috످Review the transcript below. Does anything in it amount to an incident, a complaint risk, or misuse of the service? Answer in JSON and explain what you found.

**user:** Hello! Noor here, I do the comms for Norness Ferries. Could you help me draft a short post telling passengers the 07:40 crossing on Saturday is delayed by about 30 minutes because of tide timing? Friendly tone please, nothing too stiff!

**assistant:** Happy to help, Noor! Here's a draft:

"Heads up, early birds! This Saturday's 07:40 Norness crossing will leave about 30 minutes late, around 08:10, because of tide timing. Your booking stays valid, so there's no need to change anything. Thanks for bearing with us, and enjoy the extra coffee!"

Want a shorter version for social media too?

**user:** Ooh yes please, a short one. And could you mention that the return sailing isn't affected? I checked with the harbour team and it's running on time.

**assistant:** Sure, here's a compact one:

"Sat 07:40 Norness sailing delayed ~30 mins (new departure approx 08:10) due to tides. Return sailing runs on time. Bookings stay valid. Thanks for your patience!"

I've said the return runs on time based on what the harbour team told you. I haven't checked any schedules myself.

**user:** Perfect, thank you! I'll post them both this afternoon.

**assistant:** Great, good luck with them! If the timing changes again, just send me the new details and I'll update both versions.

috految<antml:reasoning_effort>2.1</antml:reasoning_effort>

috److```json
{
  "incident": false,
  "complaint_risk": "low",
  "misuse": false,
  "explanation": "Noor's request for ferry delay notices was routine, with no incident or misuse. The one small complaint risk is that the assistant added a claim to both drafts that bookings stay valid, which Noor never said. It is probably true for a 30-minute delay, but Noor should confirm it before posting. The 08:10 departure time is correct, and the assistant was open about not checking the return sailing itself."
}
```

috످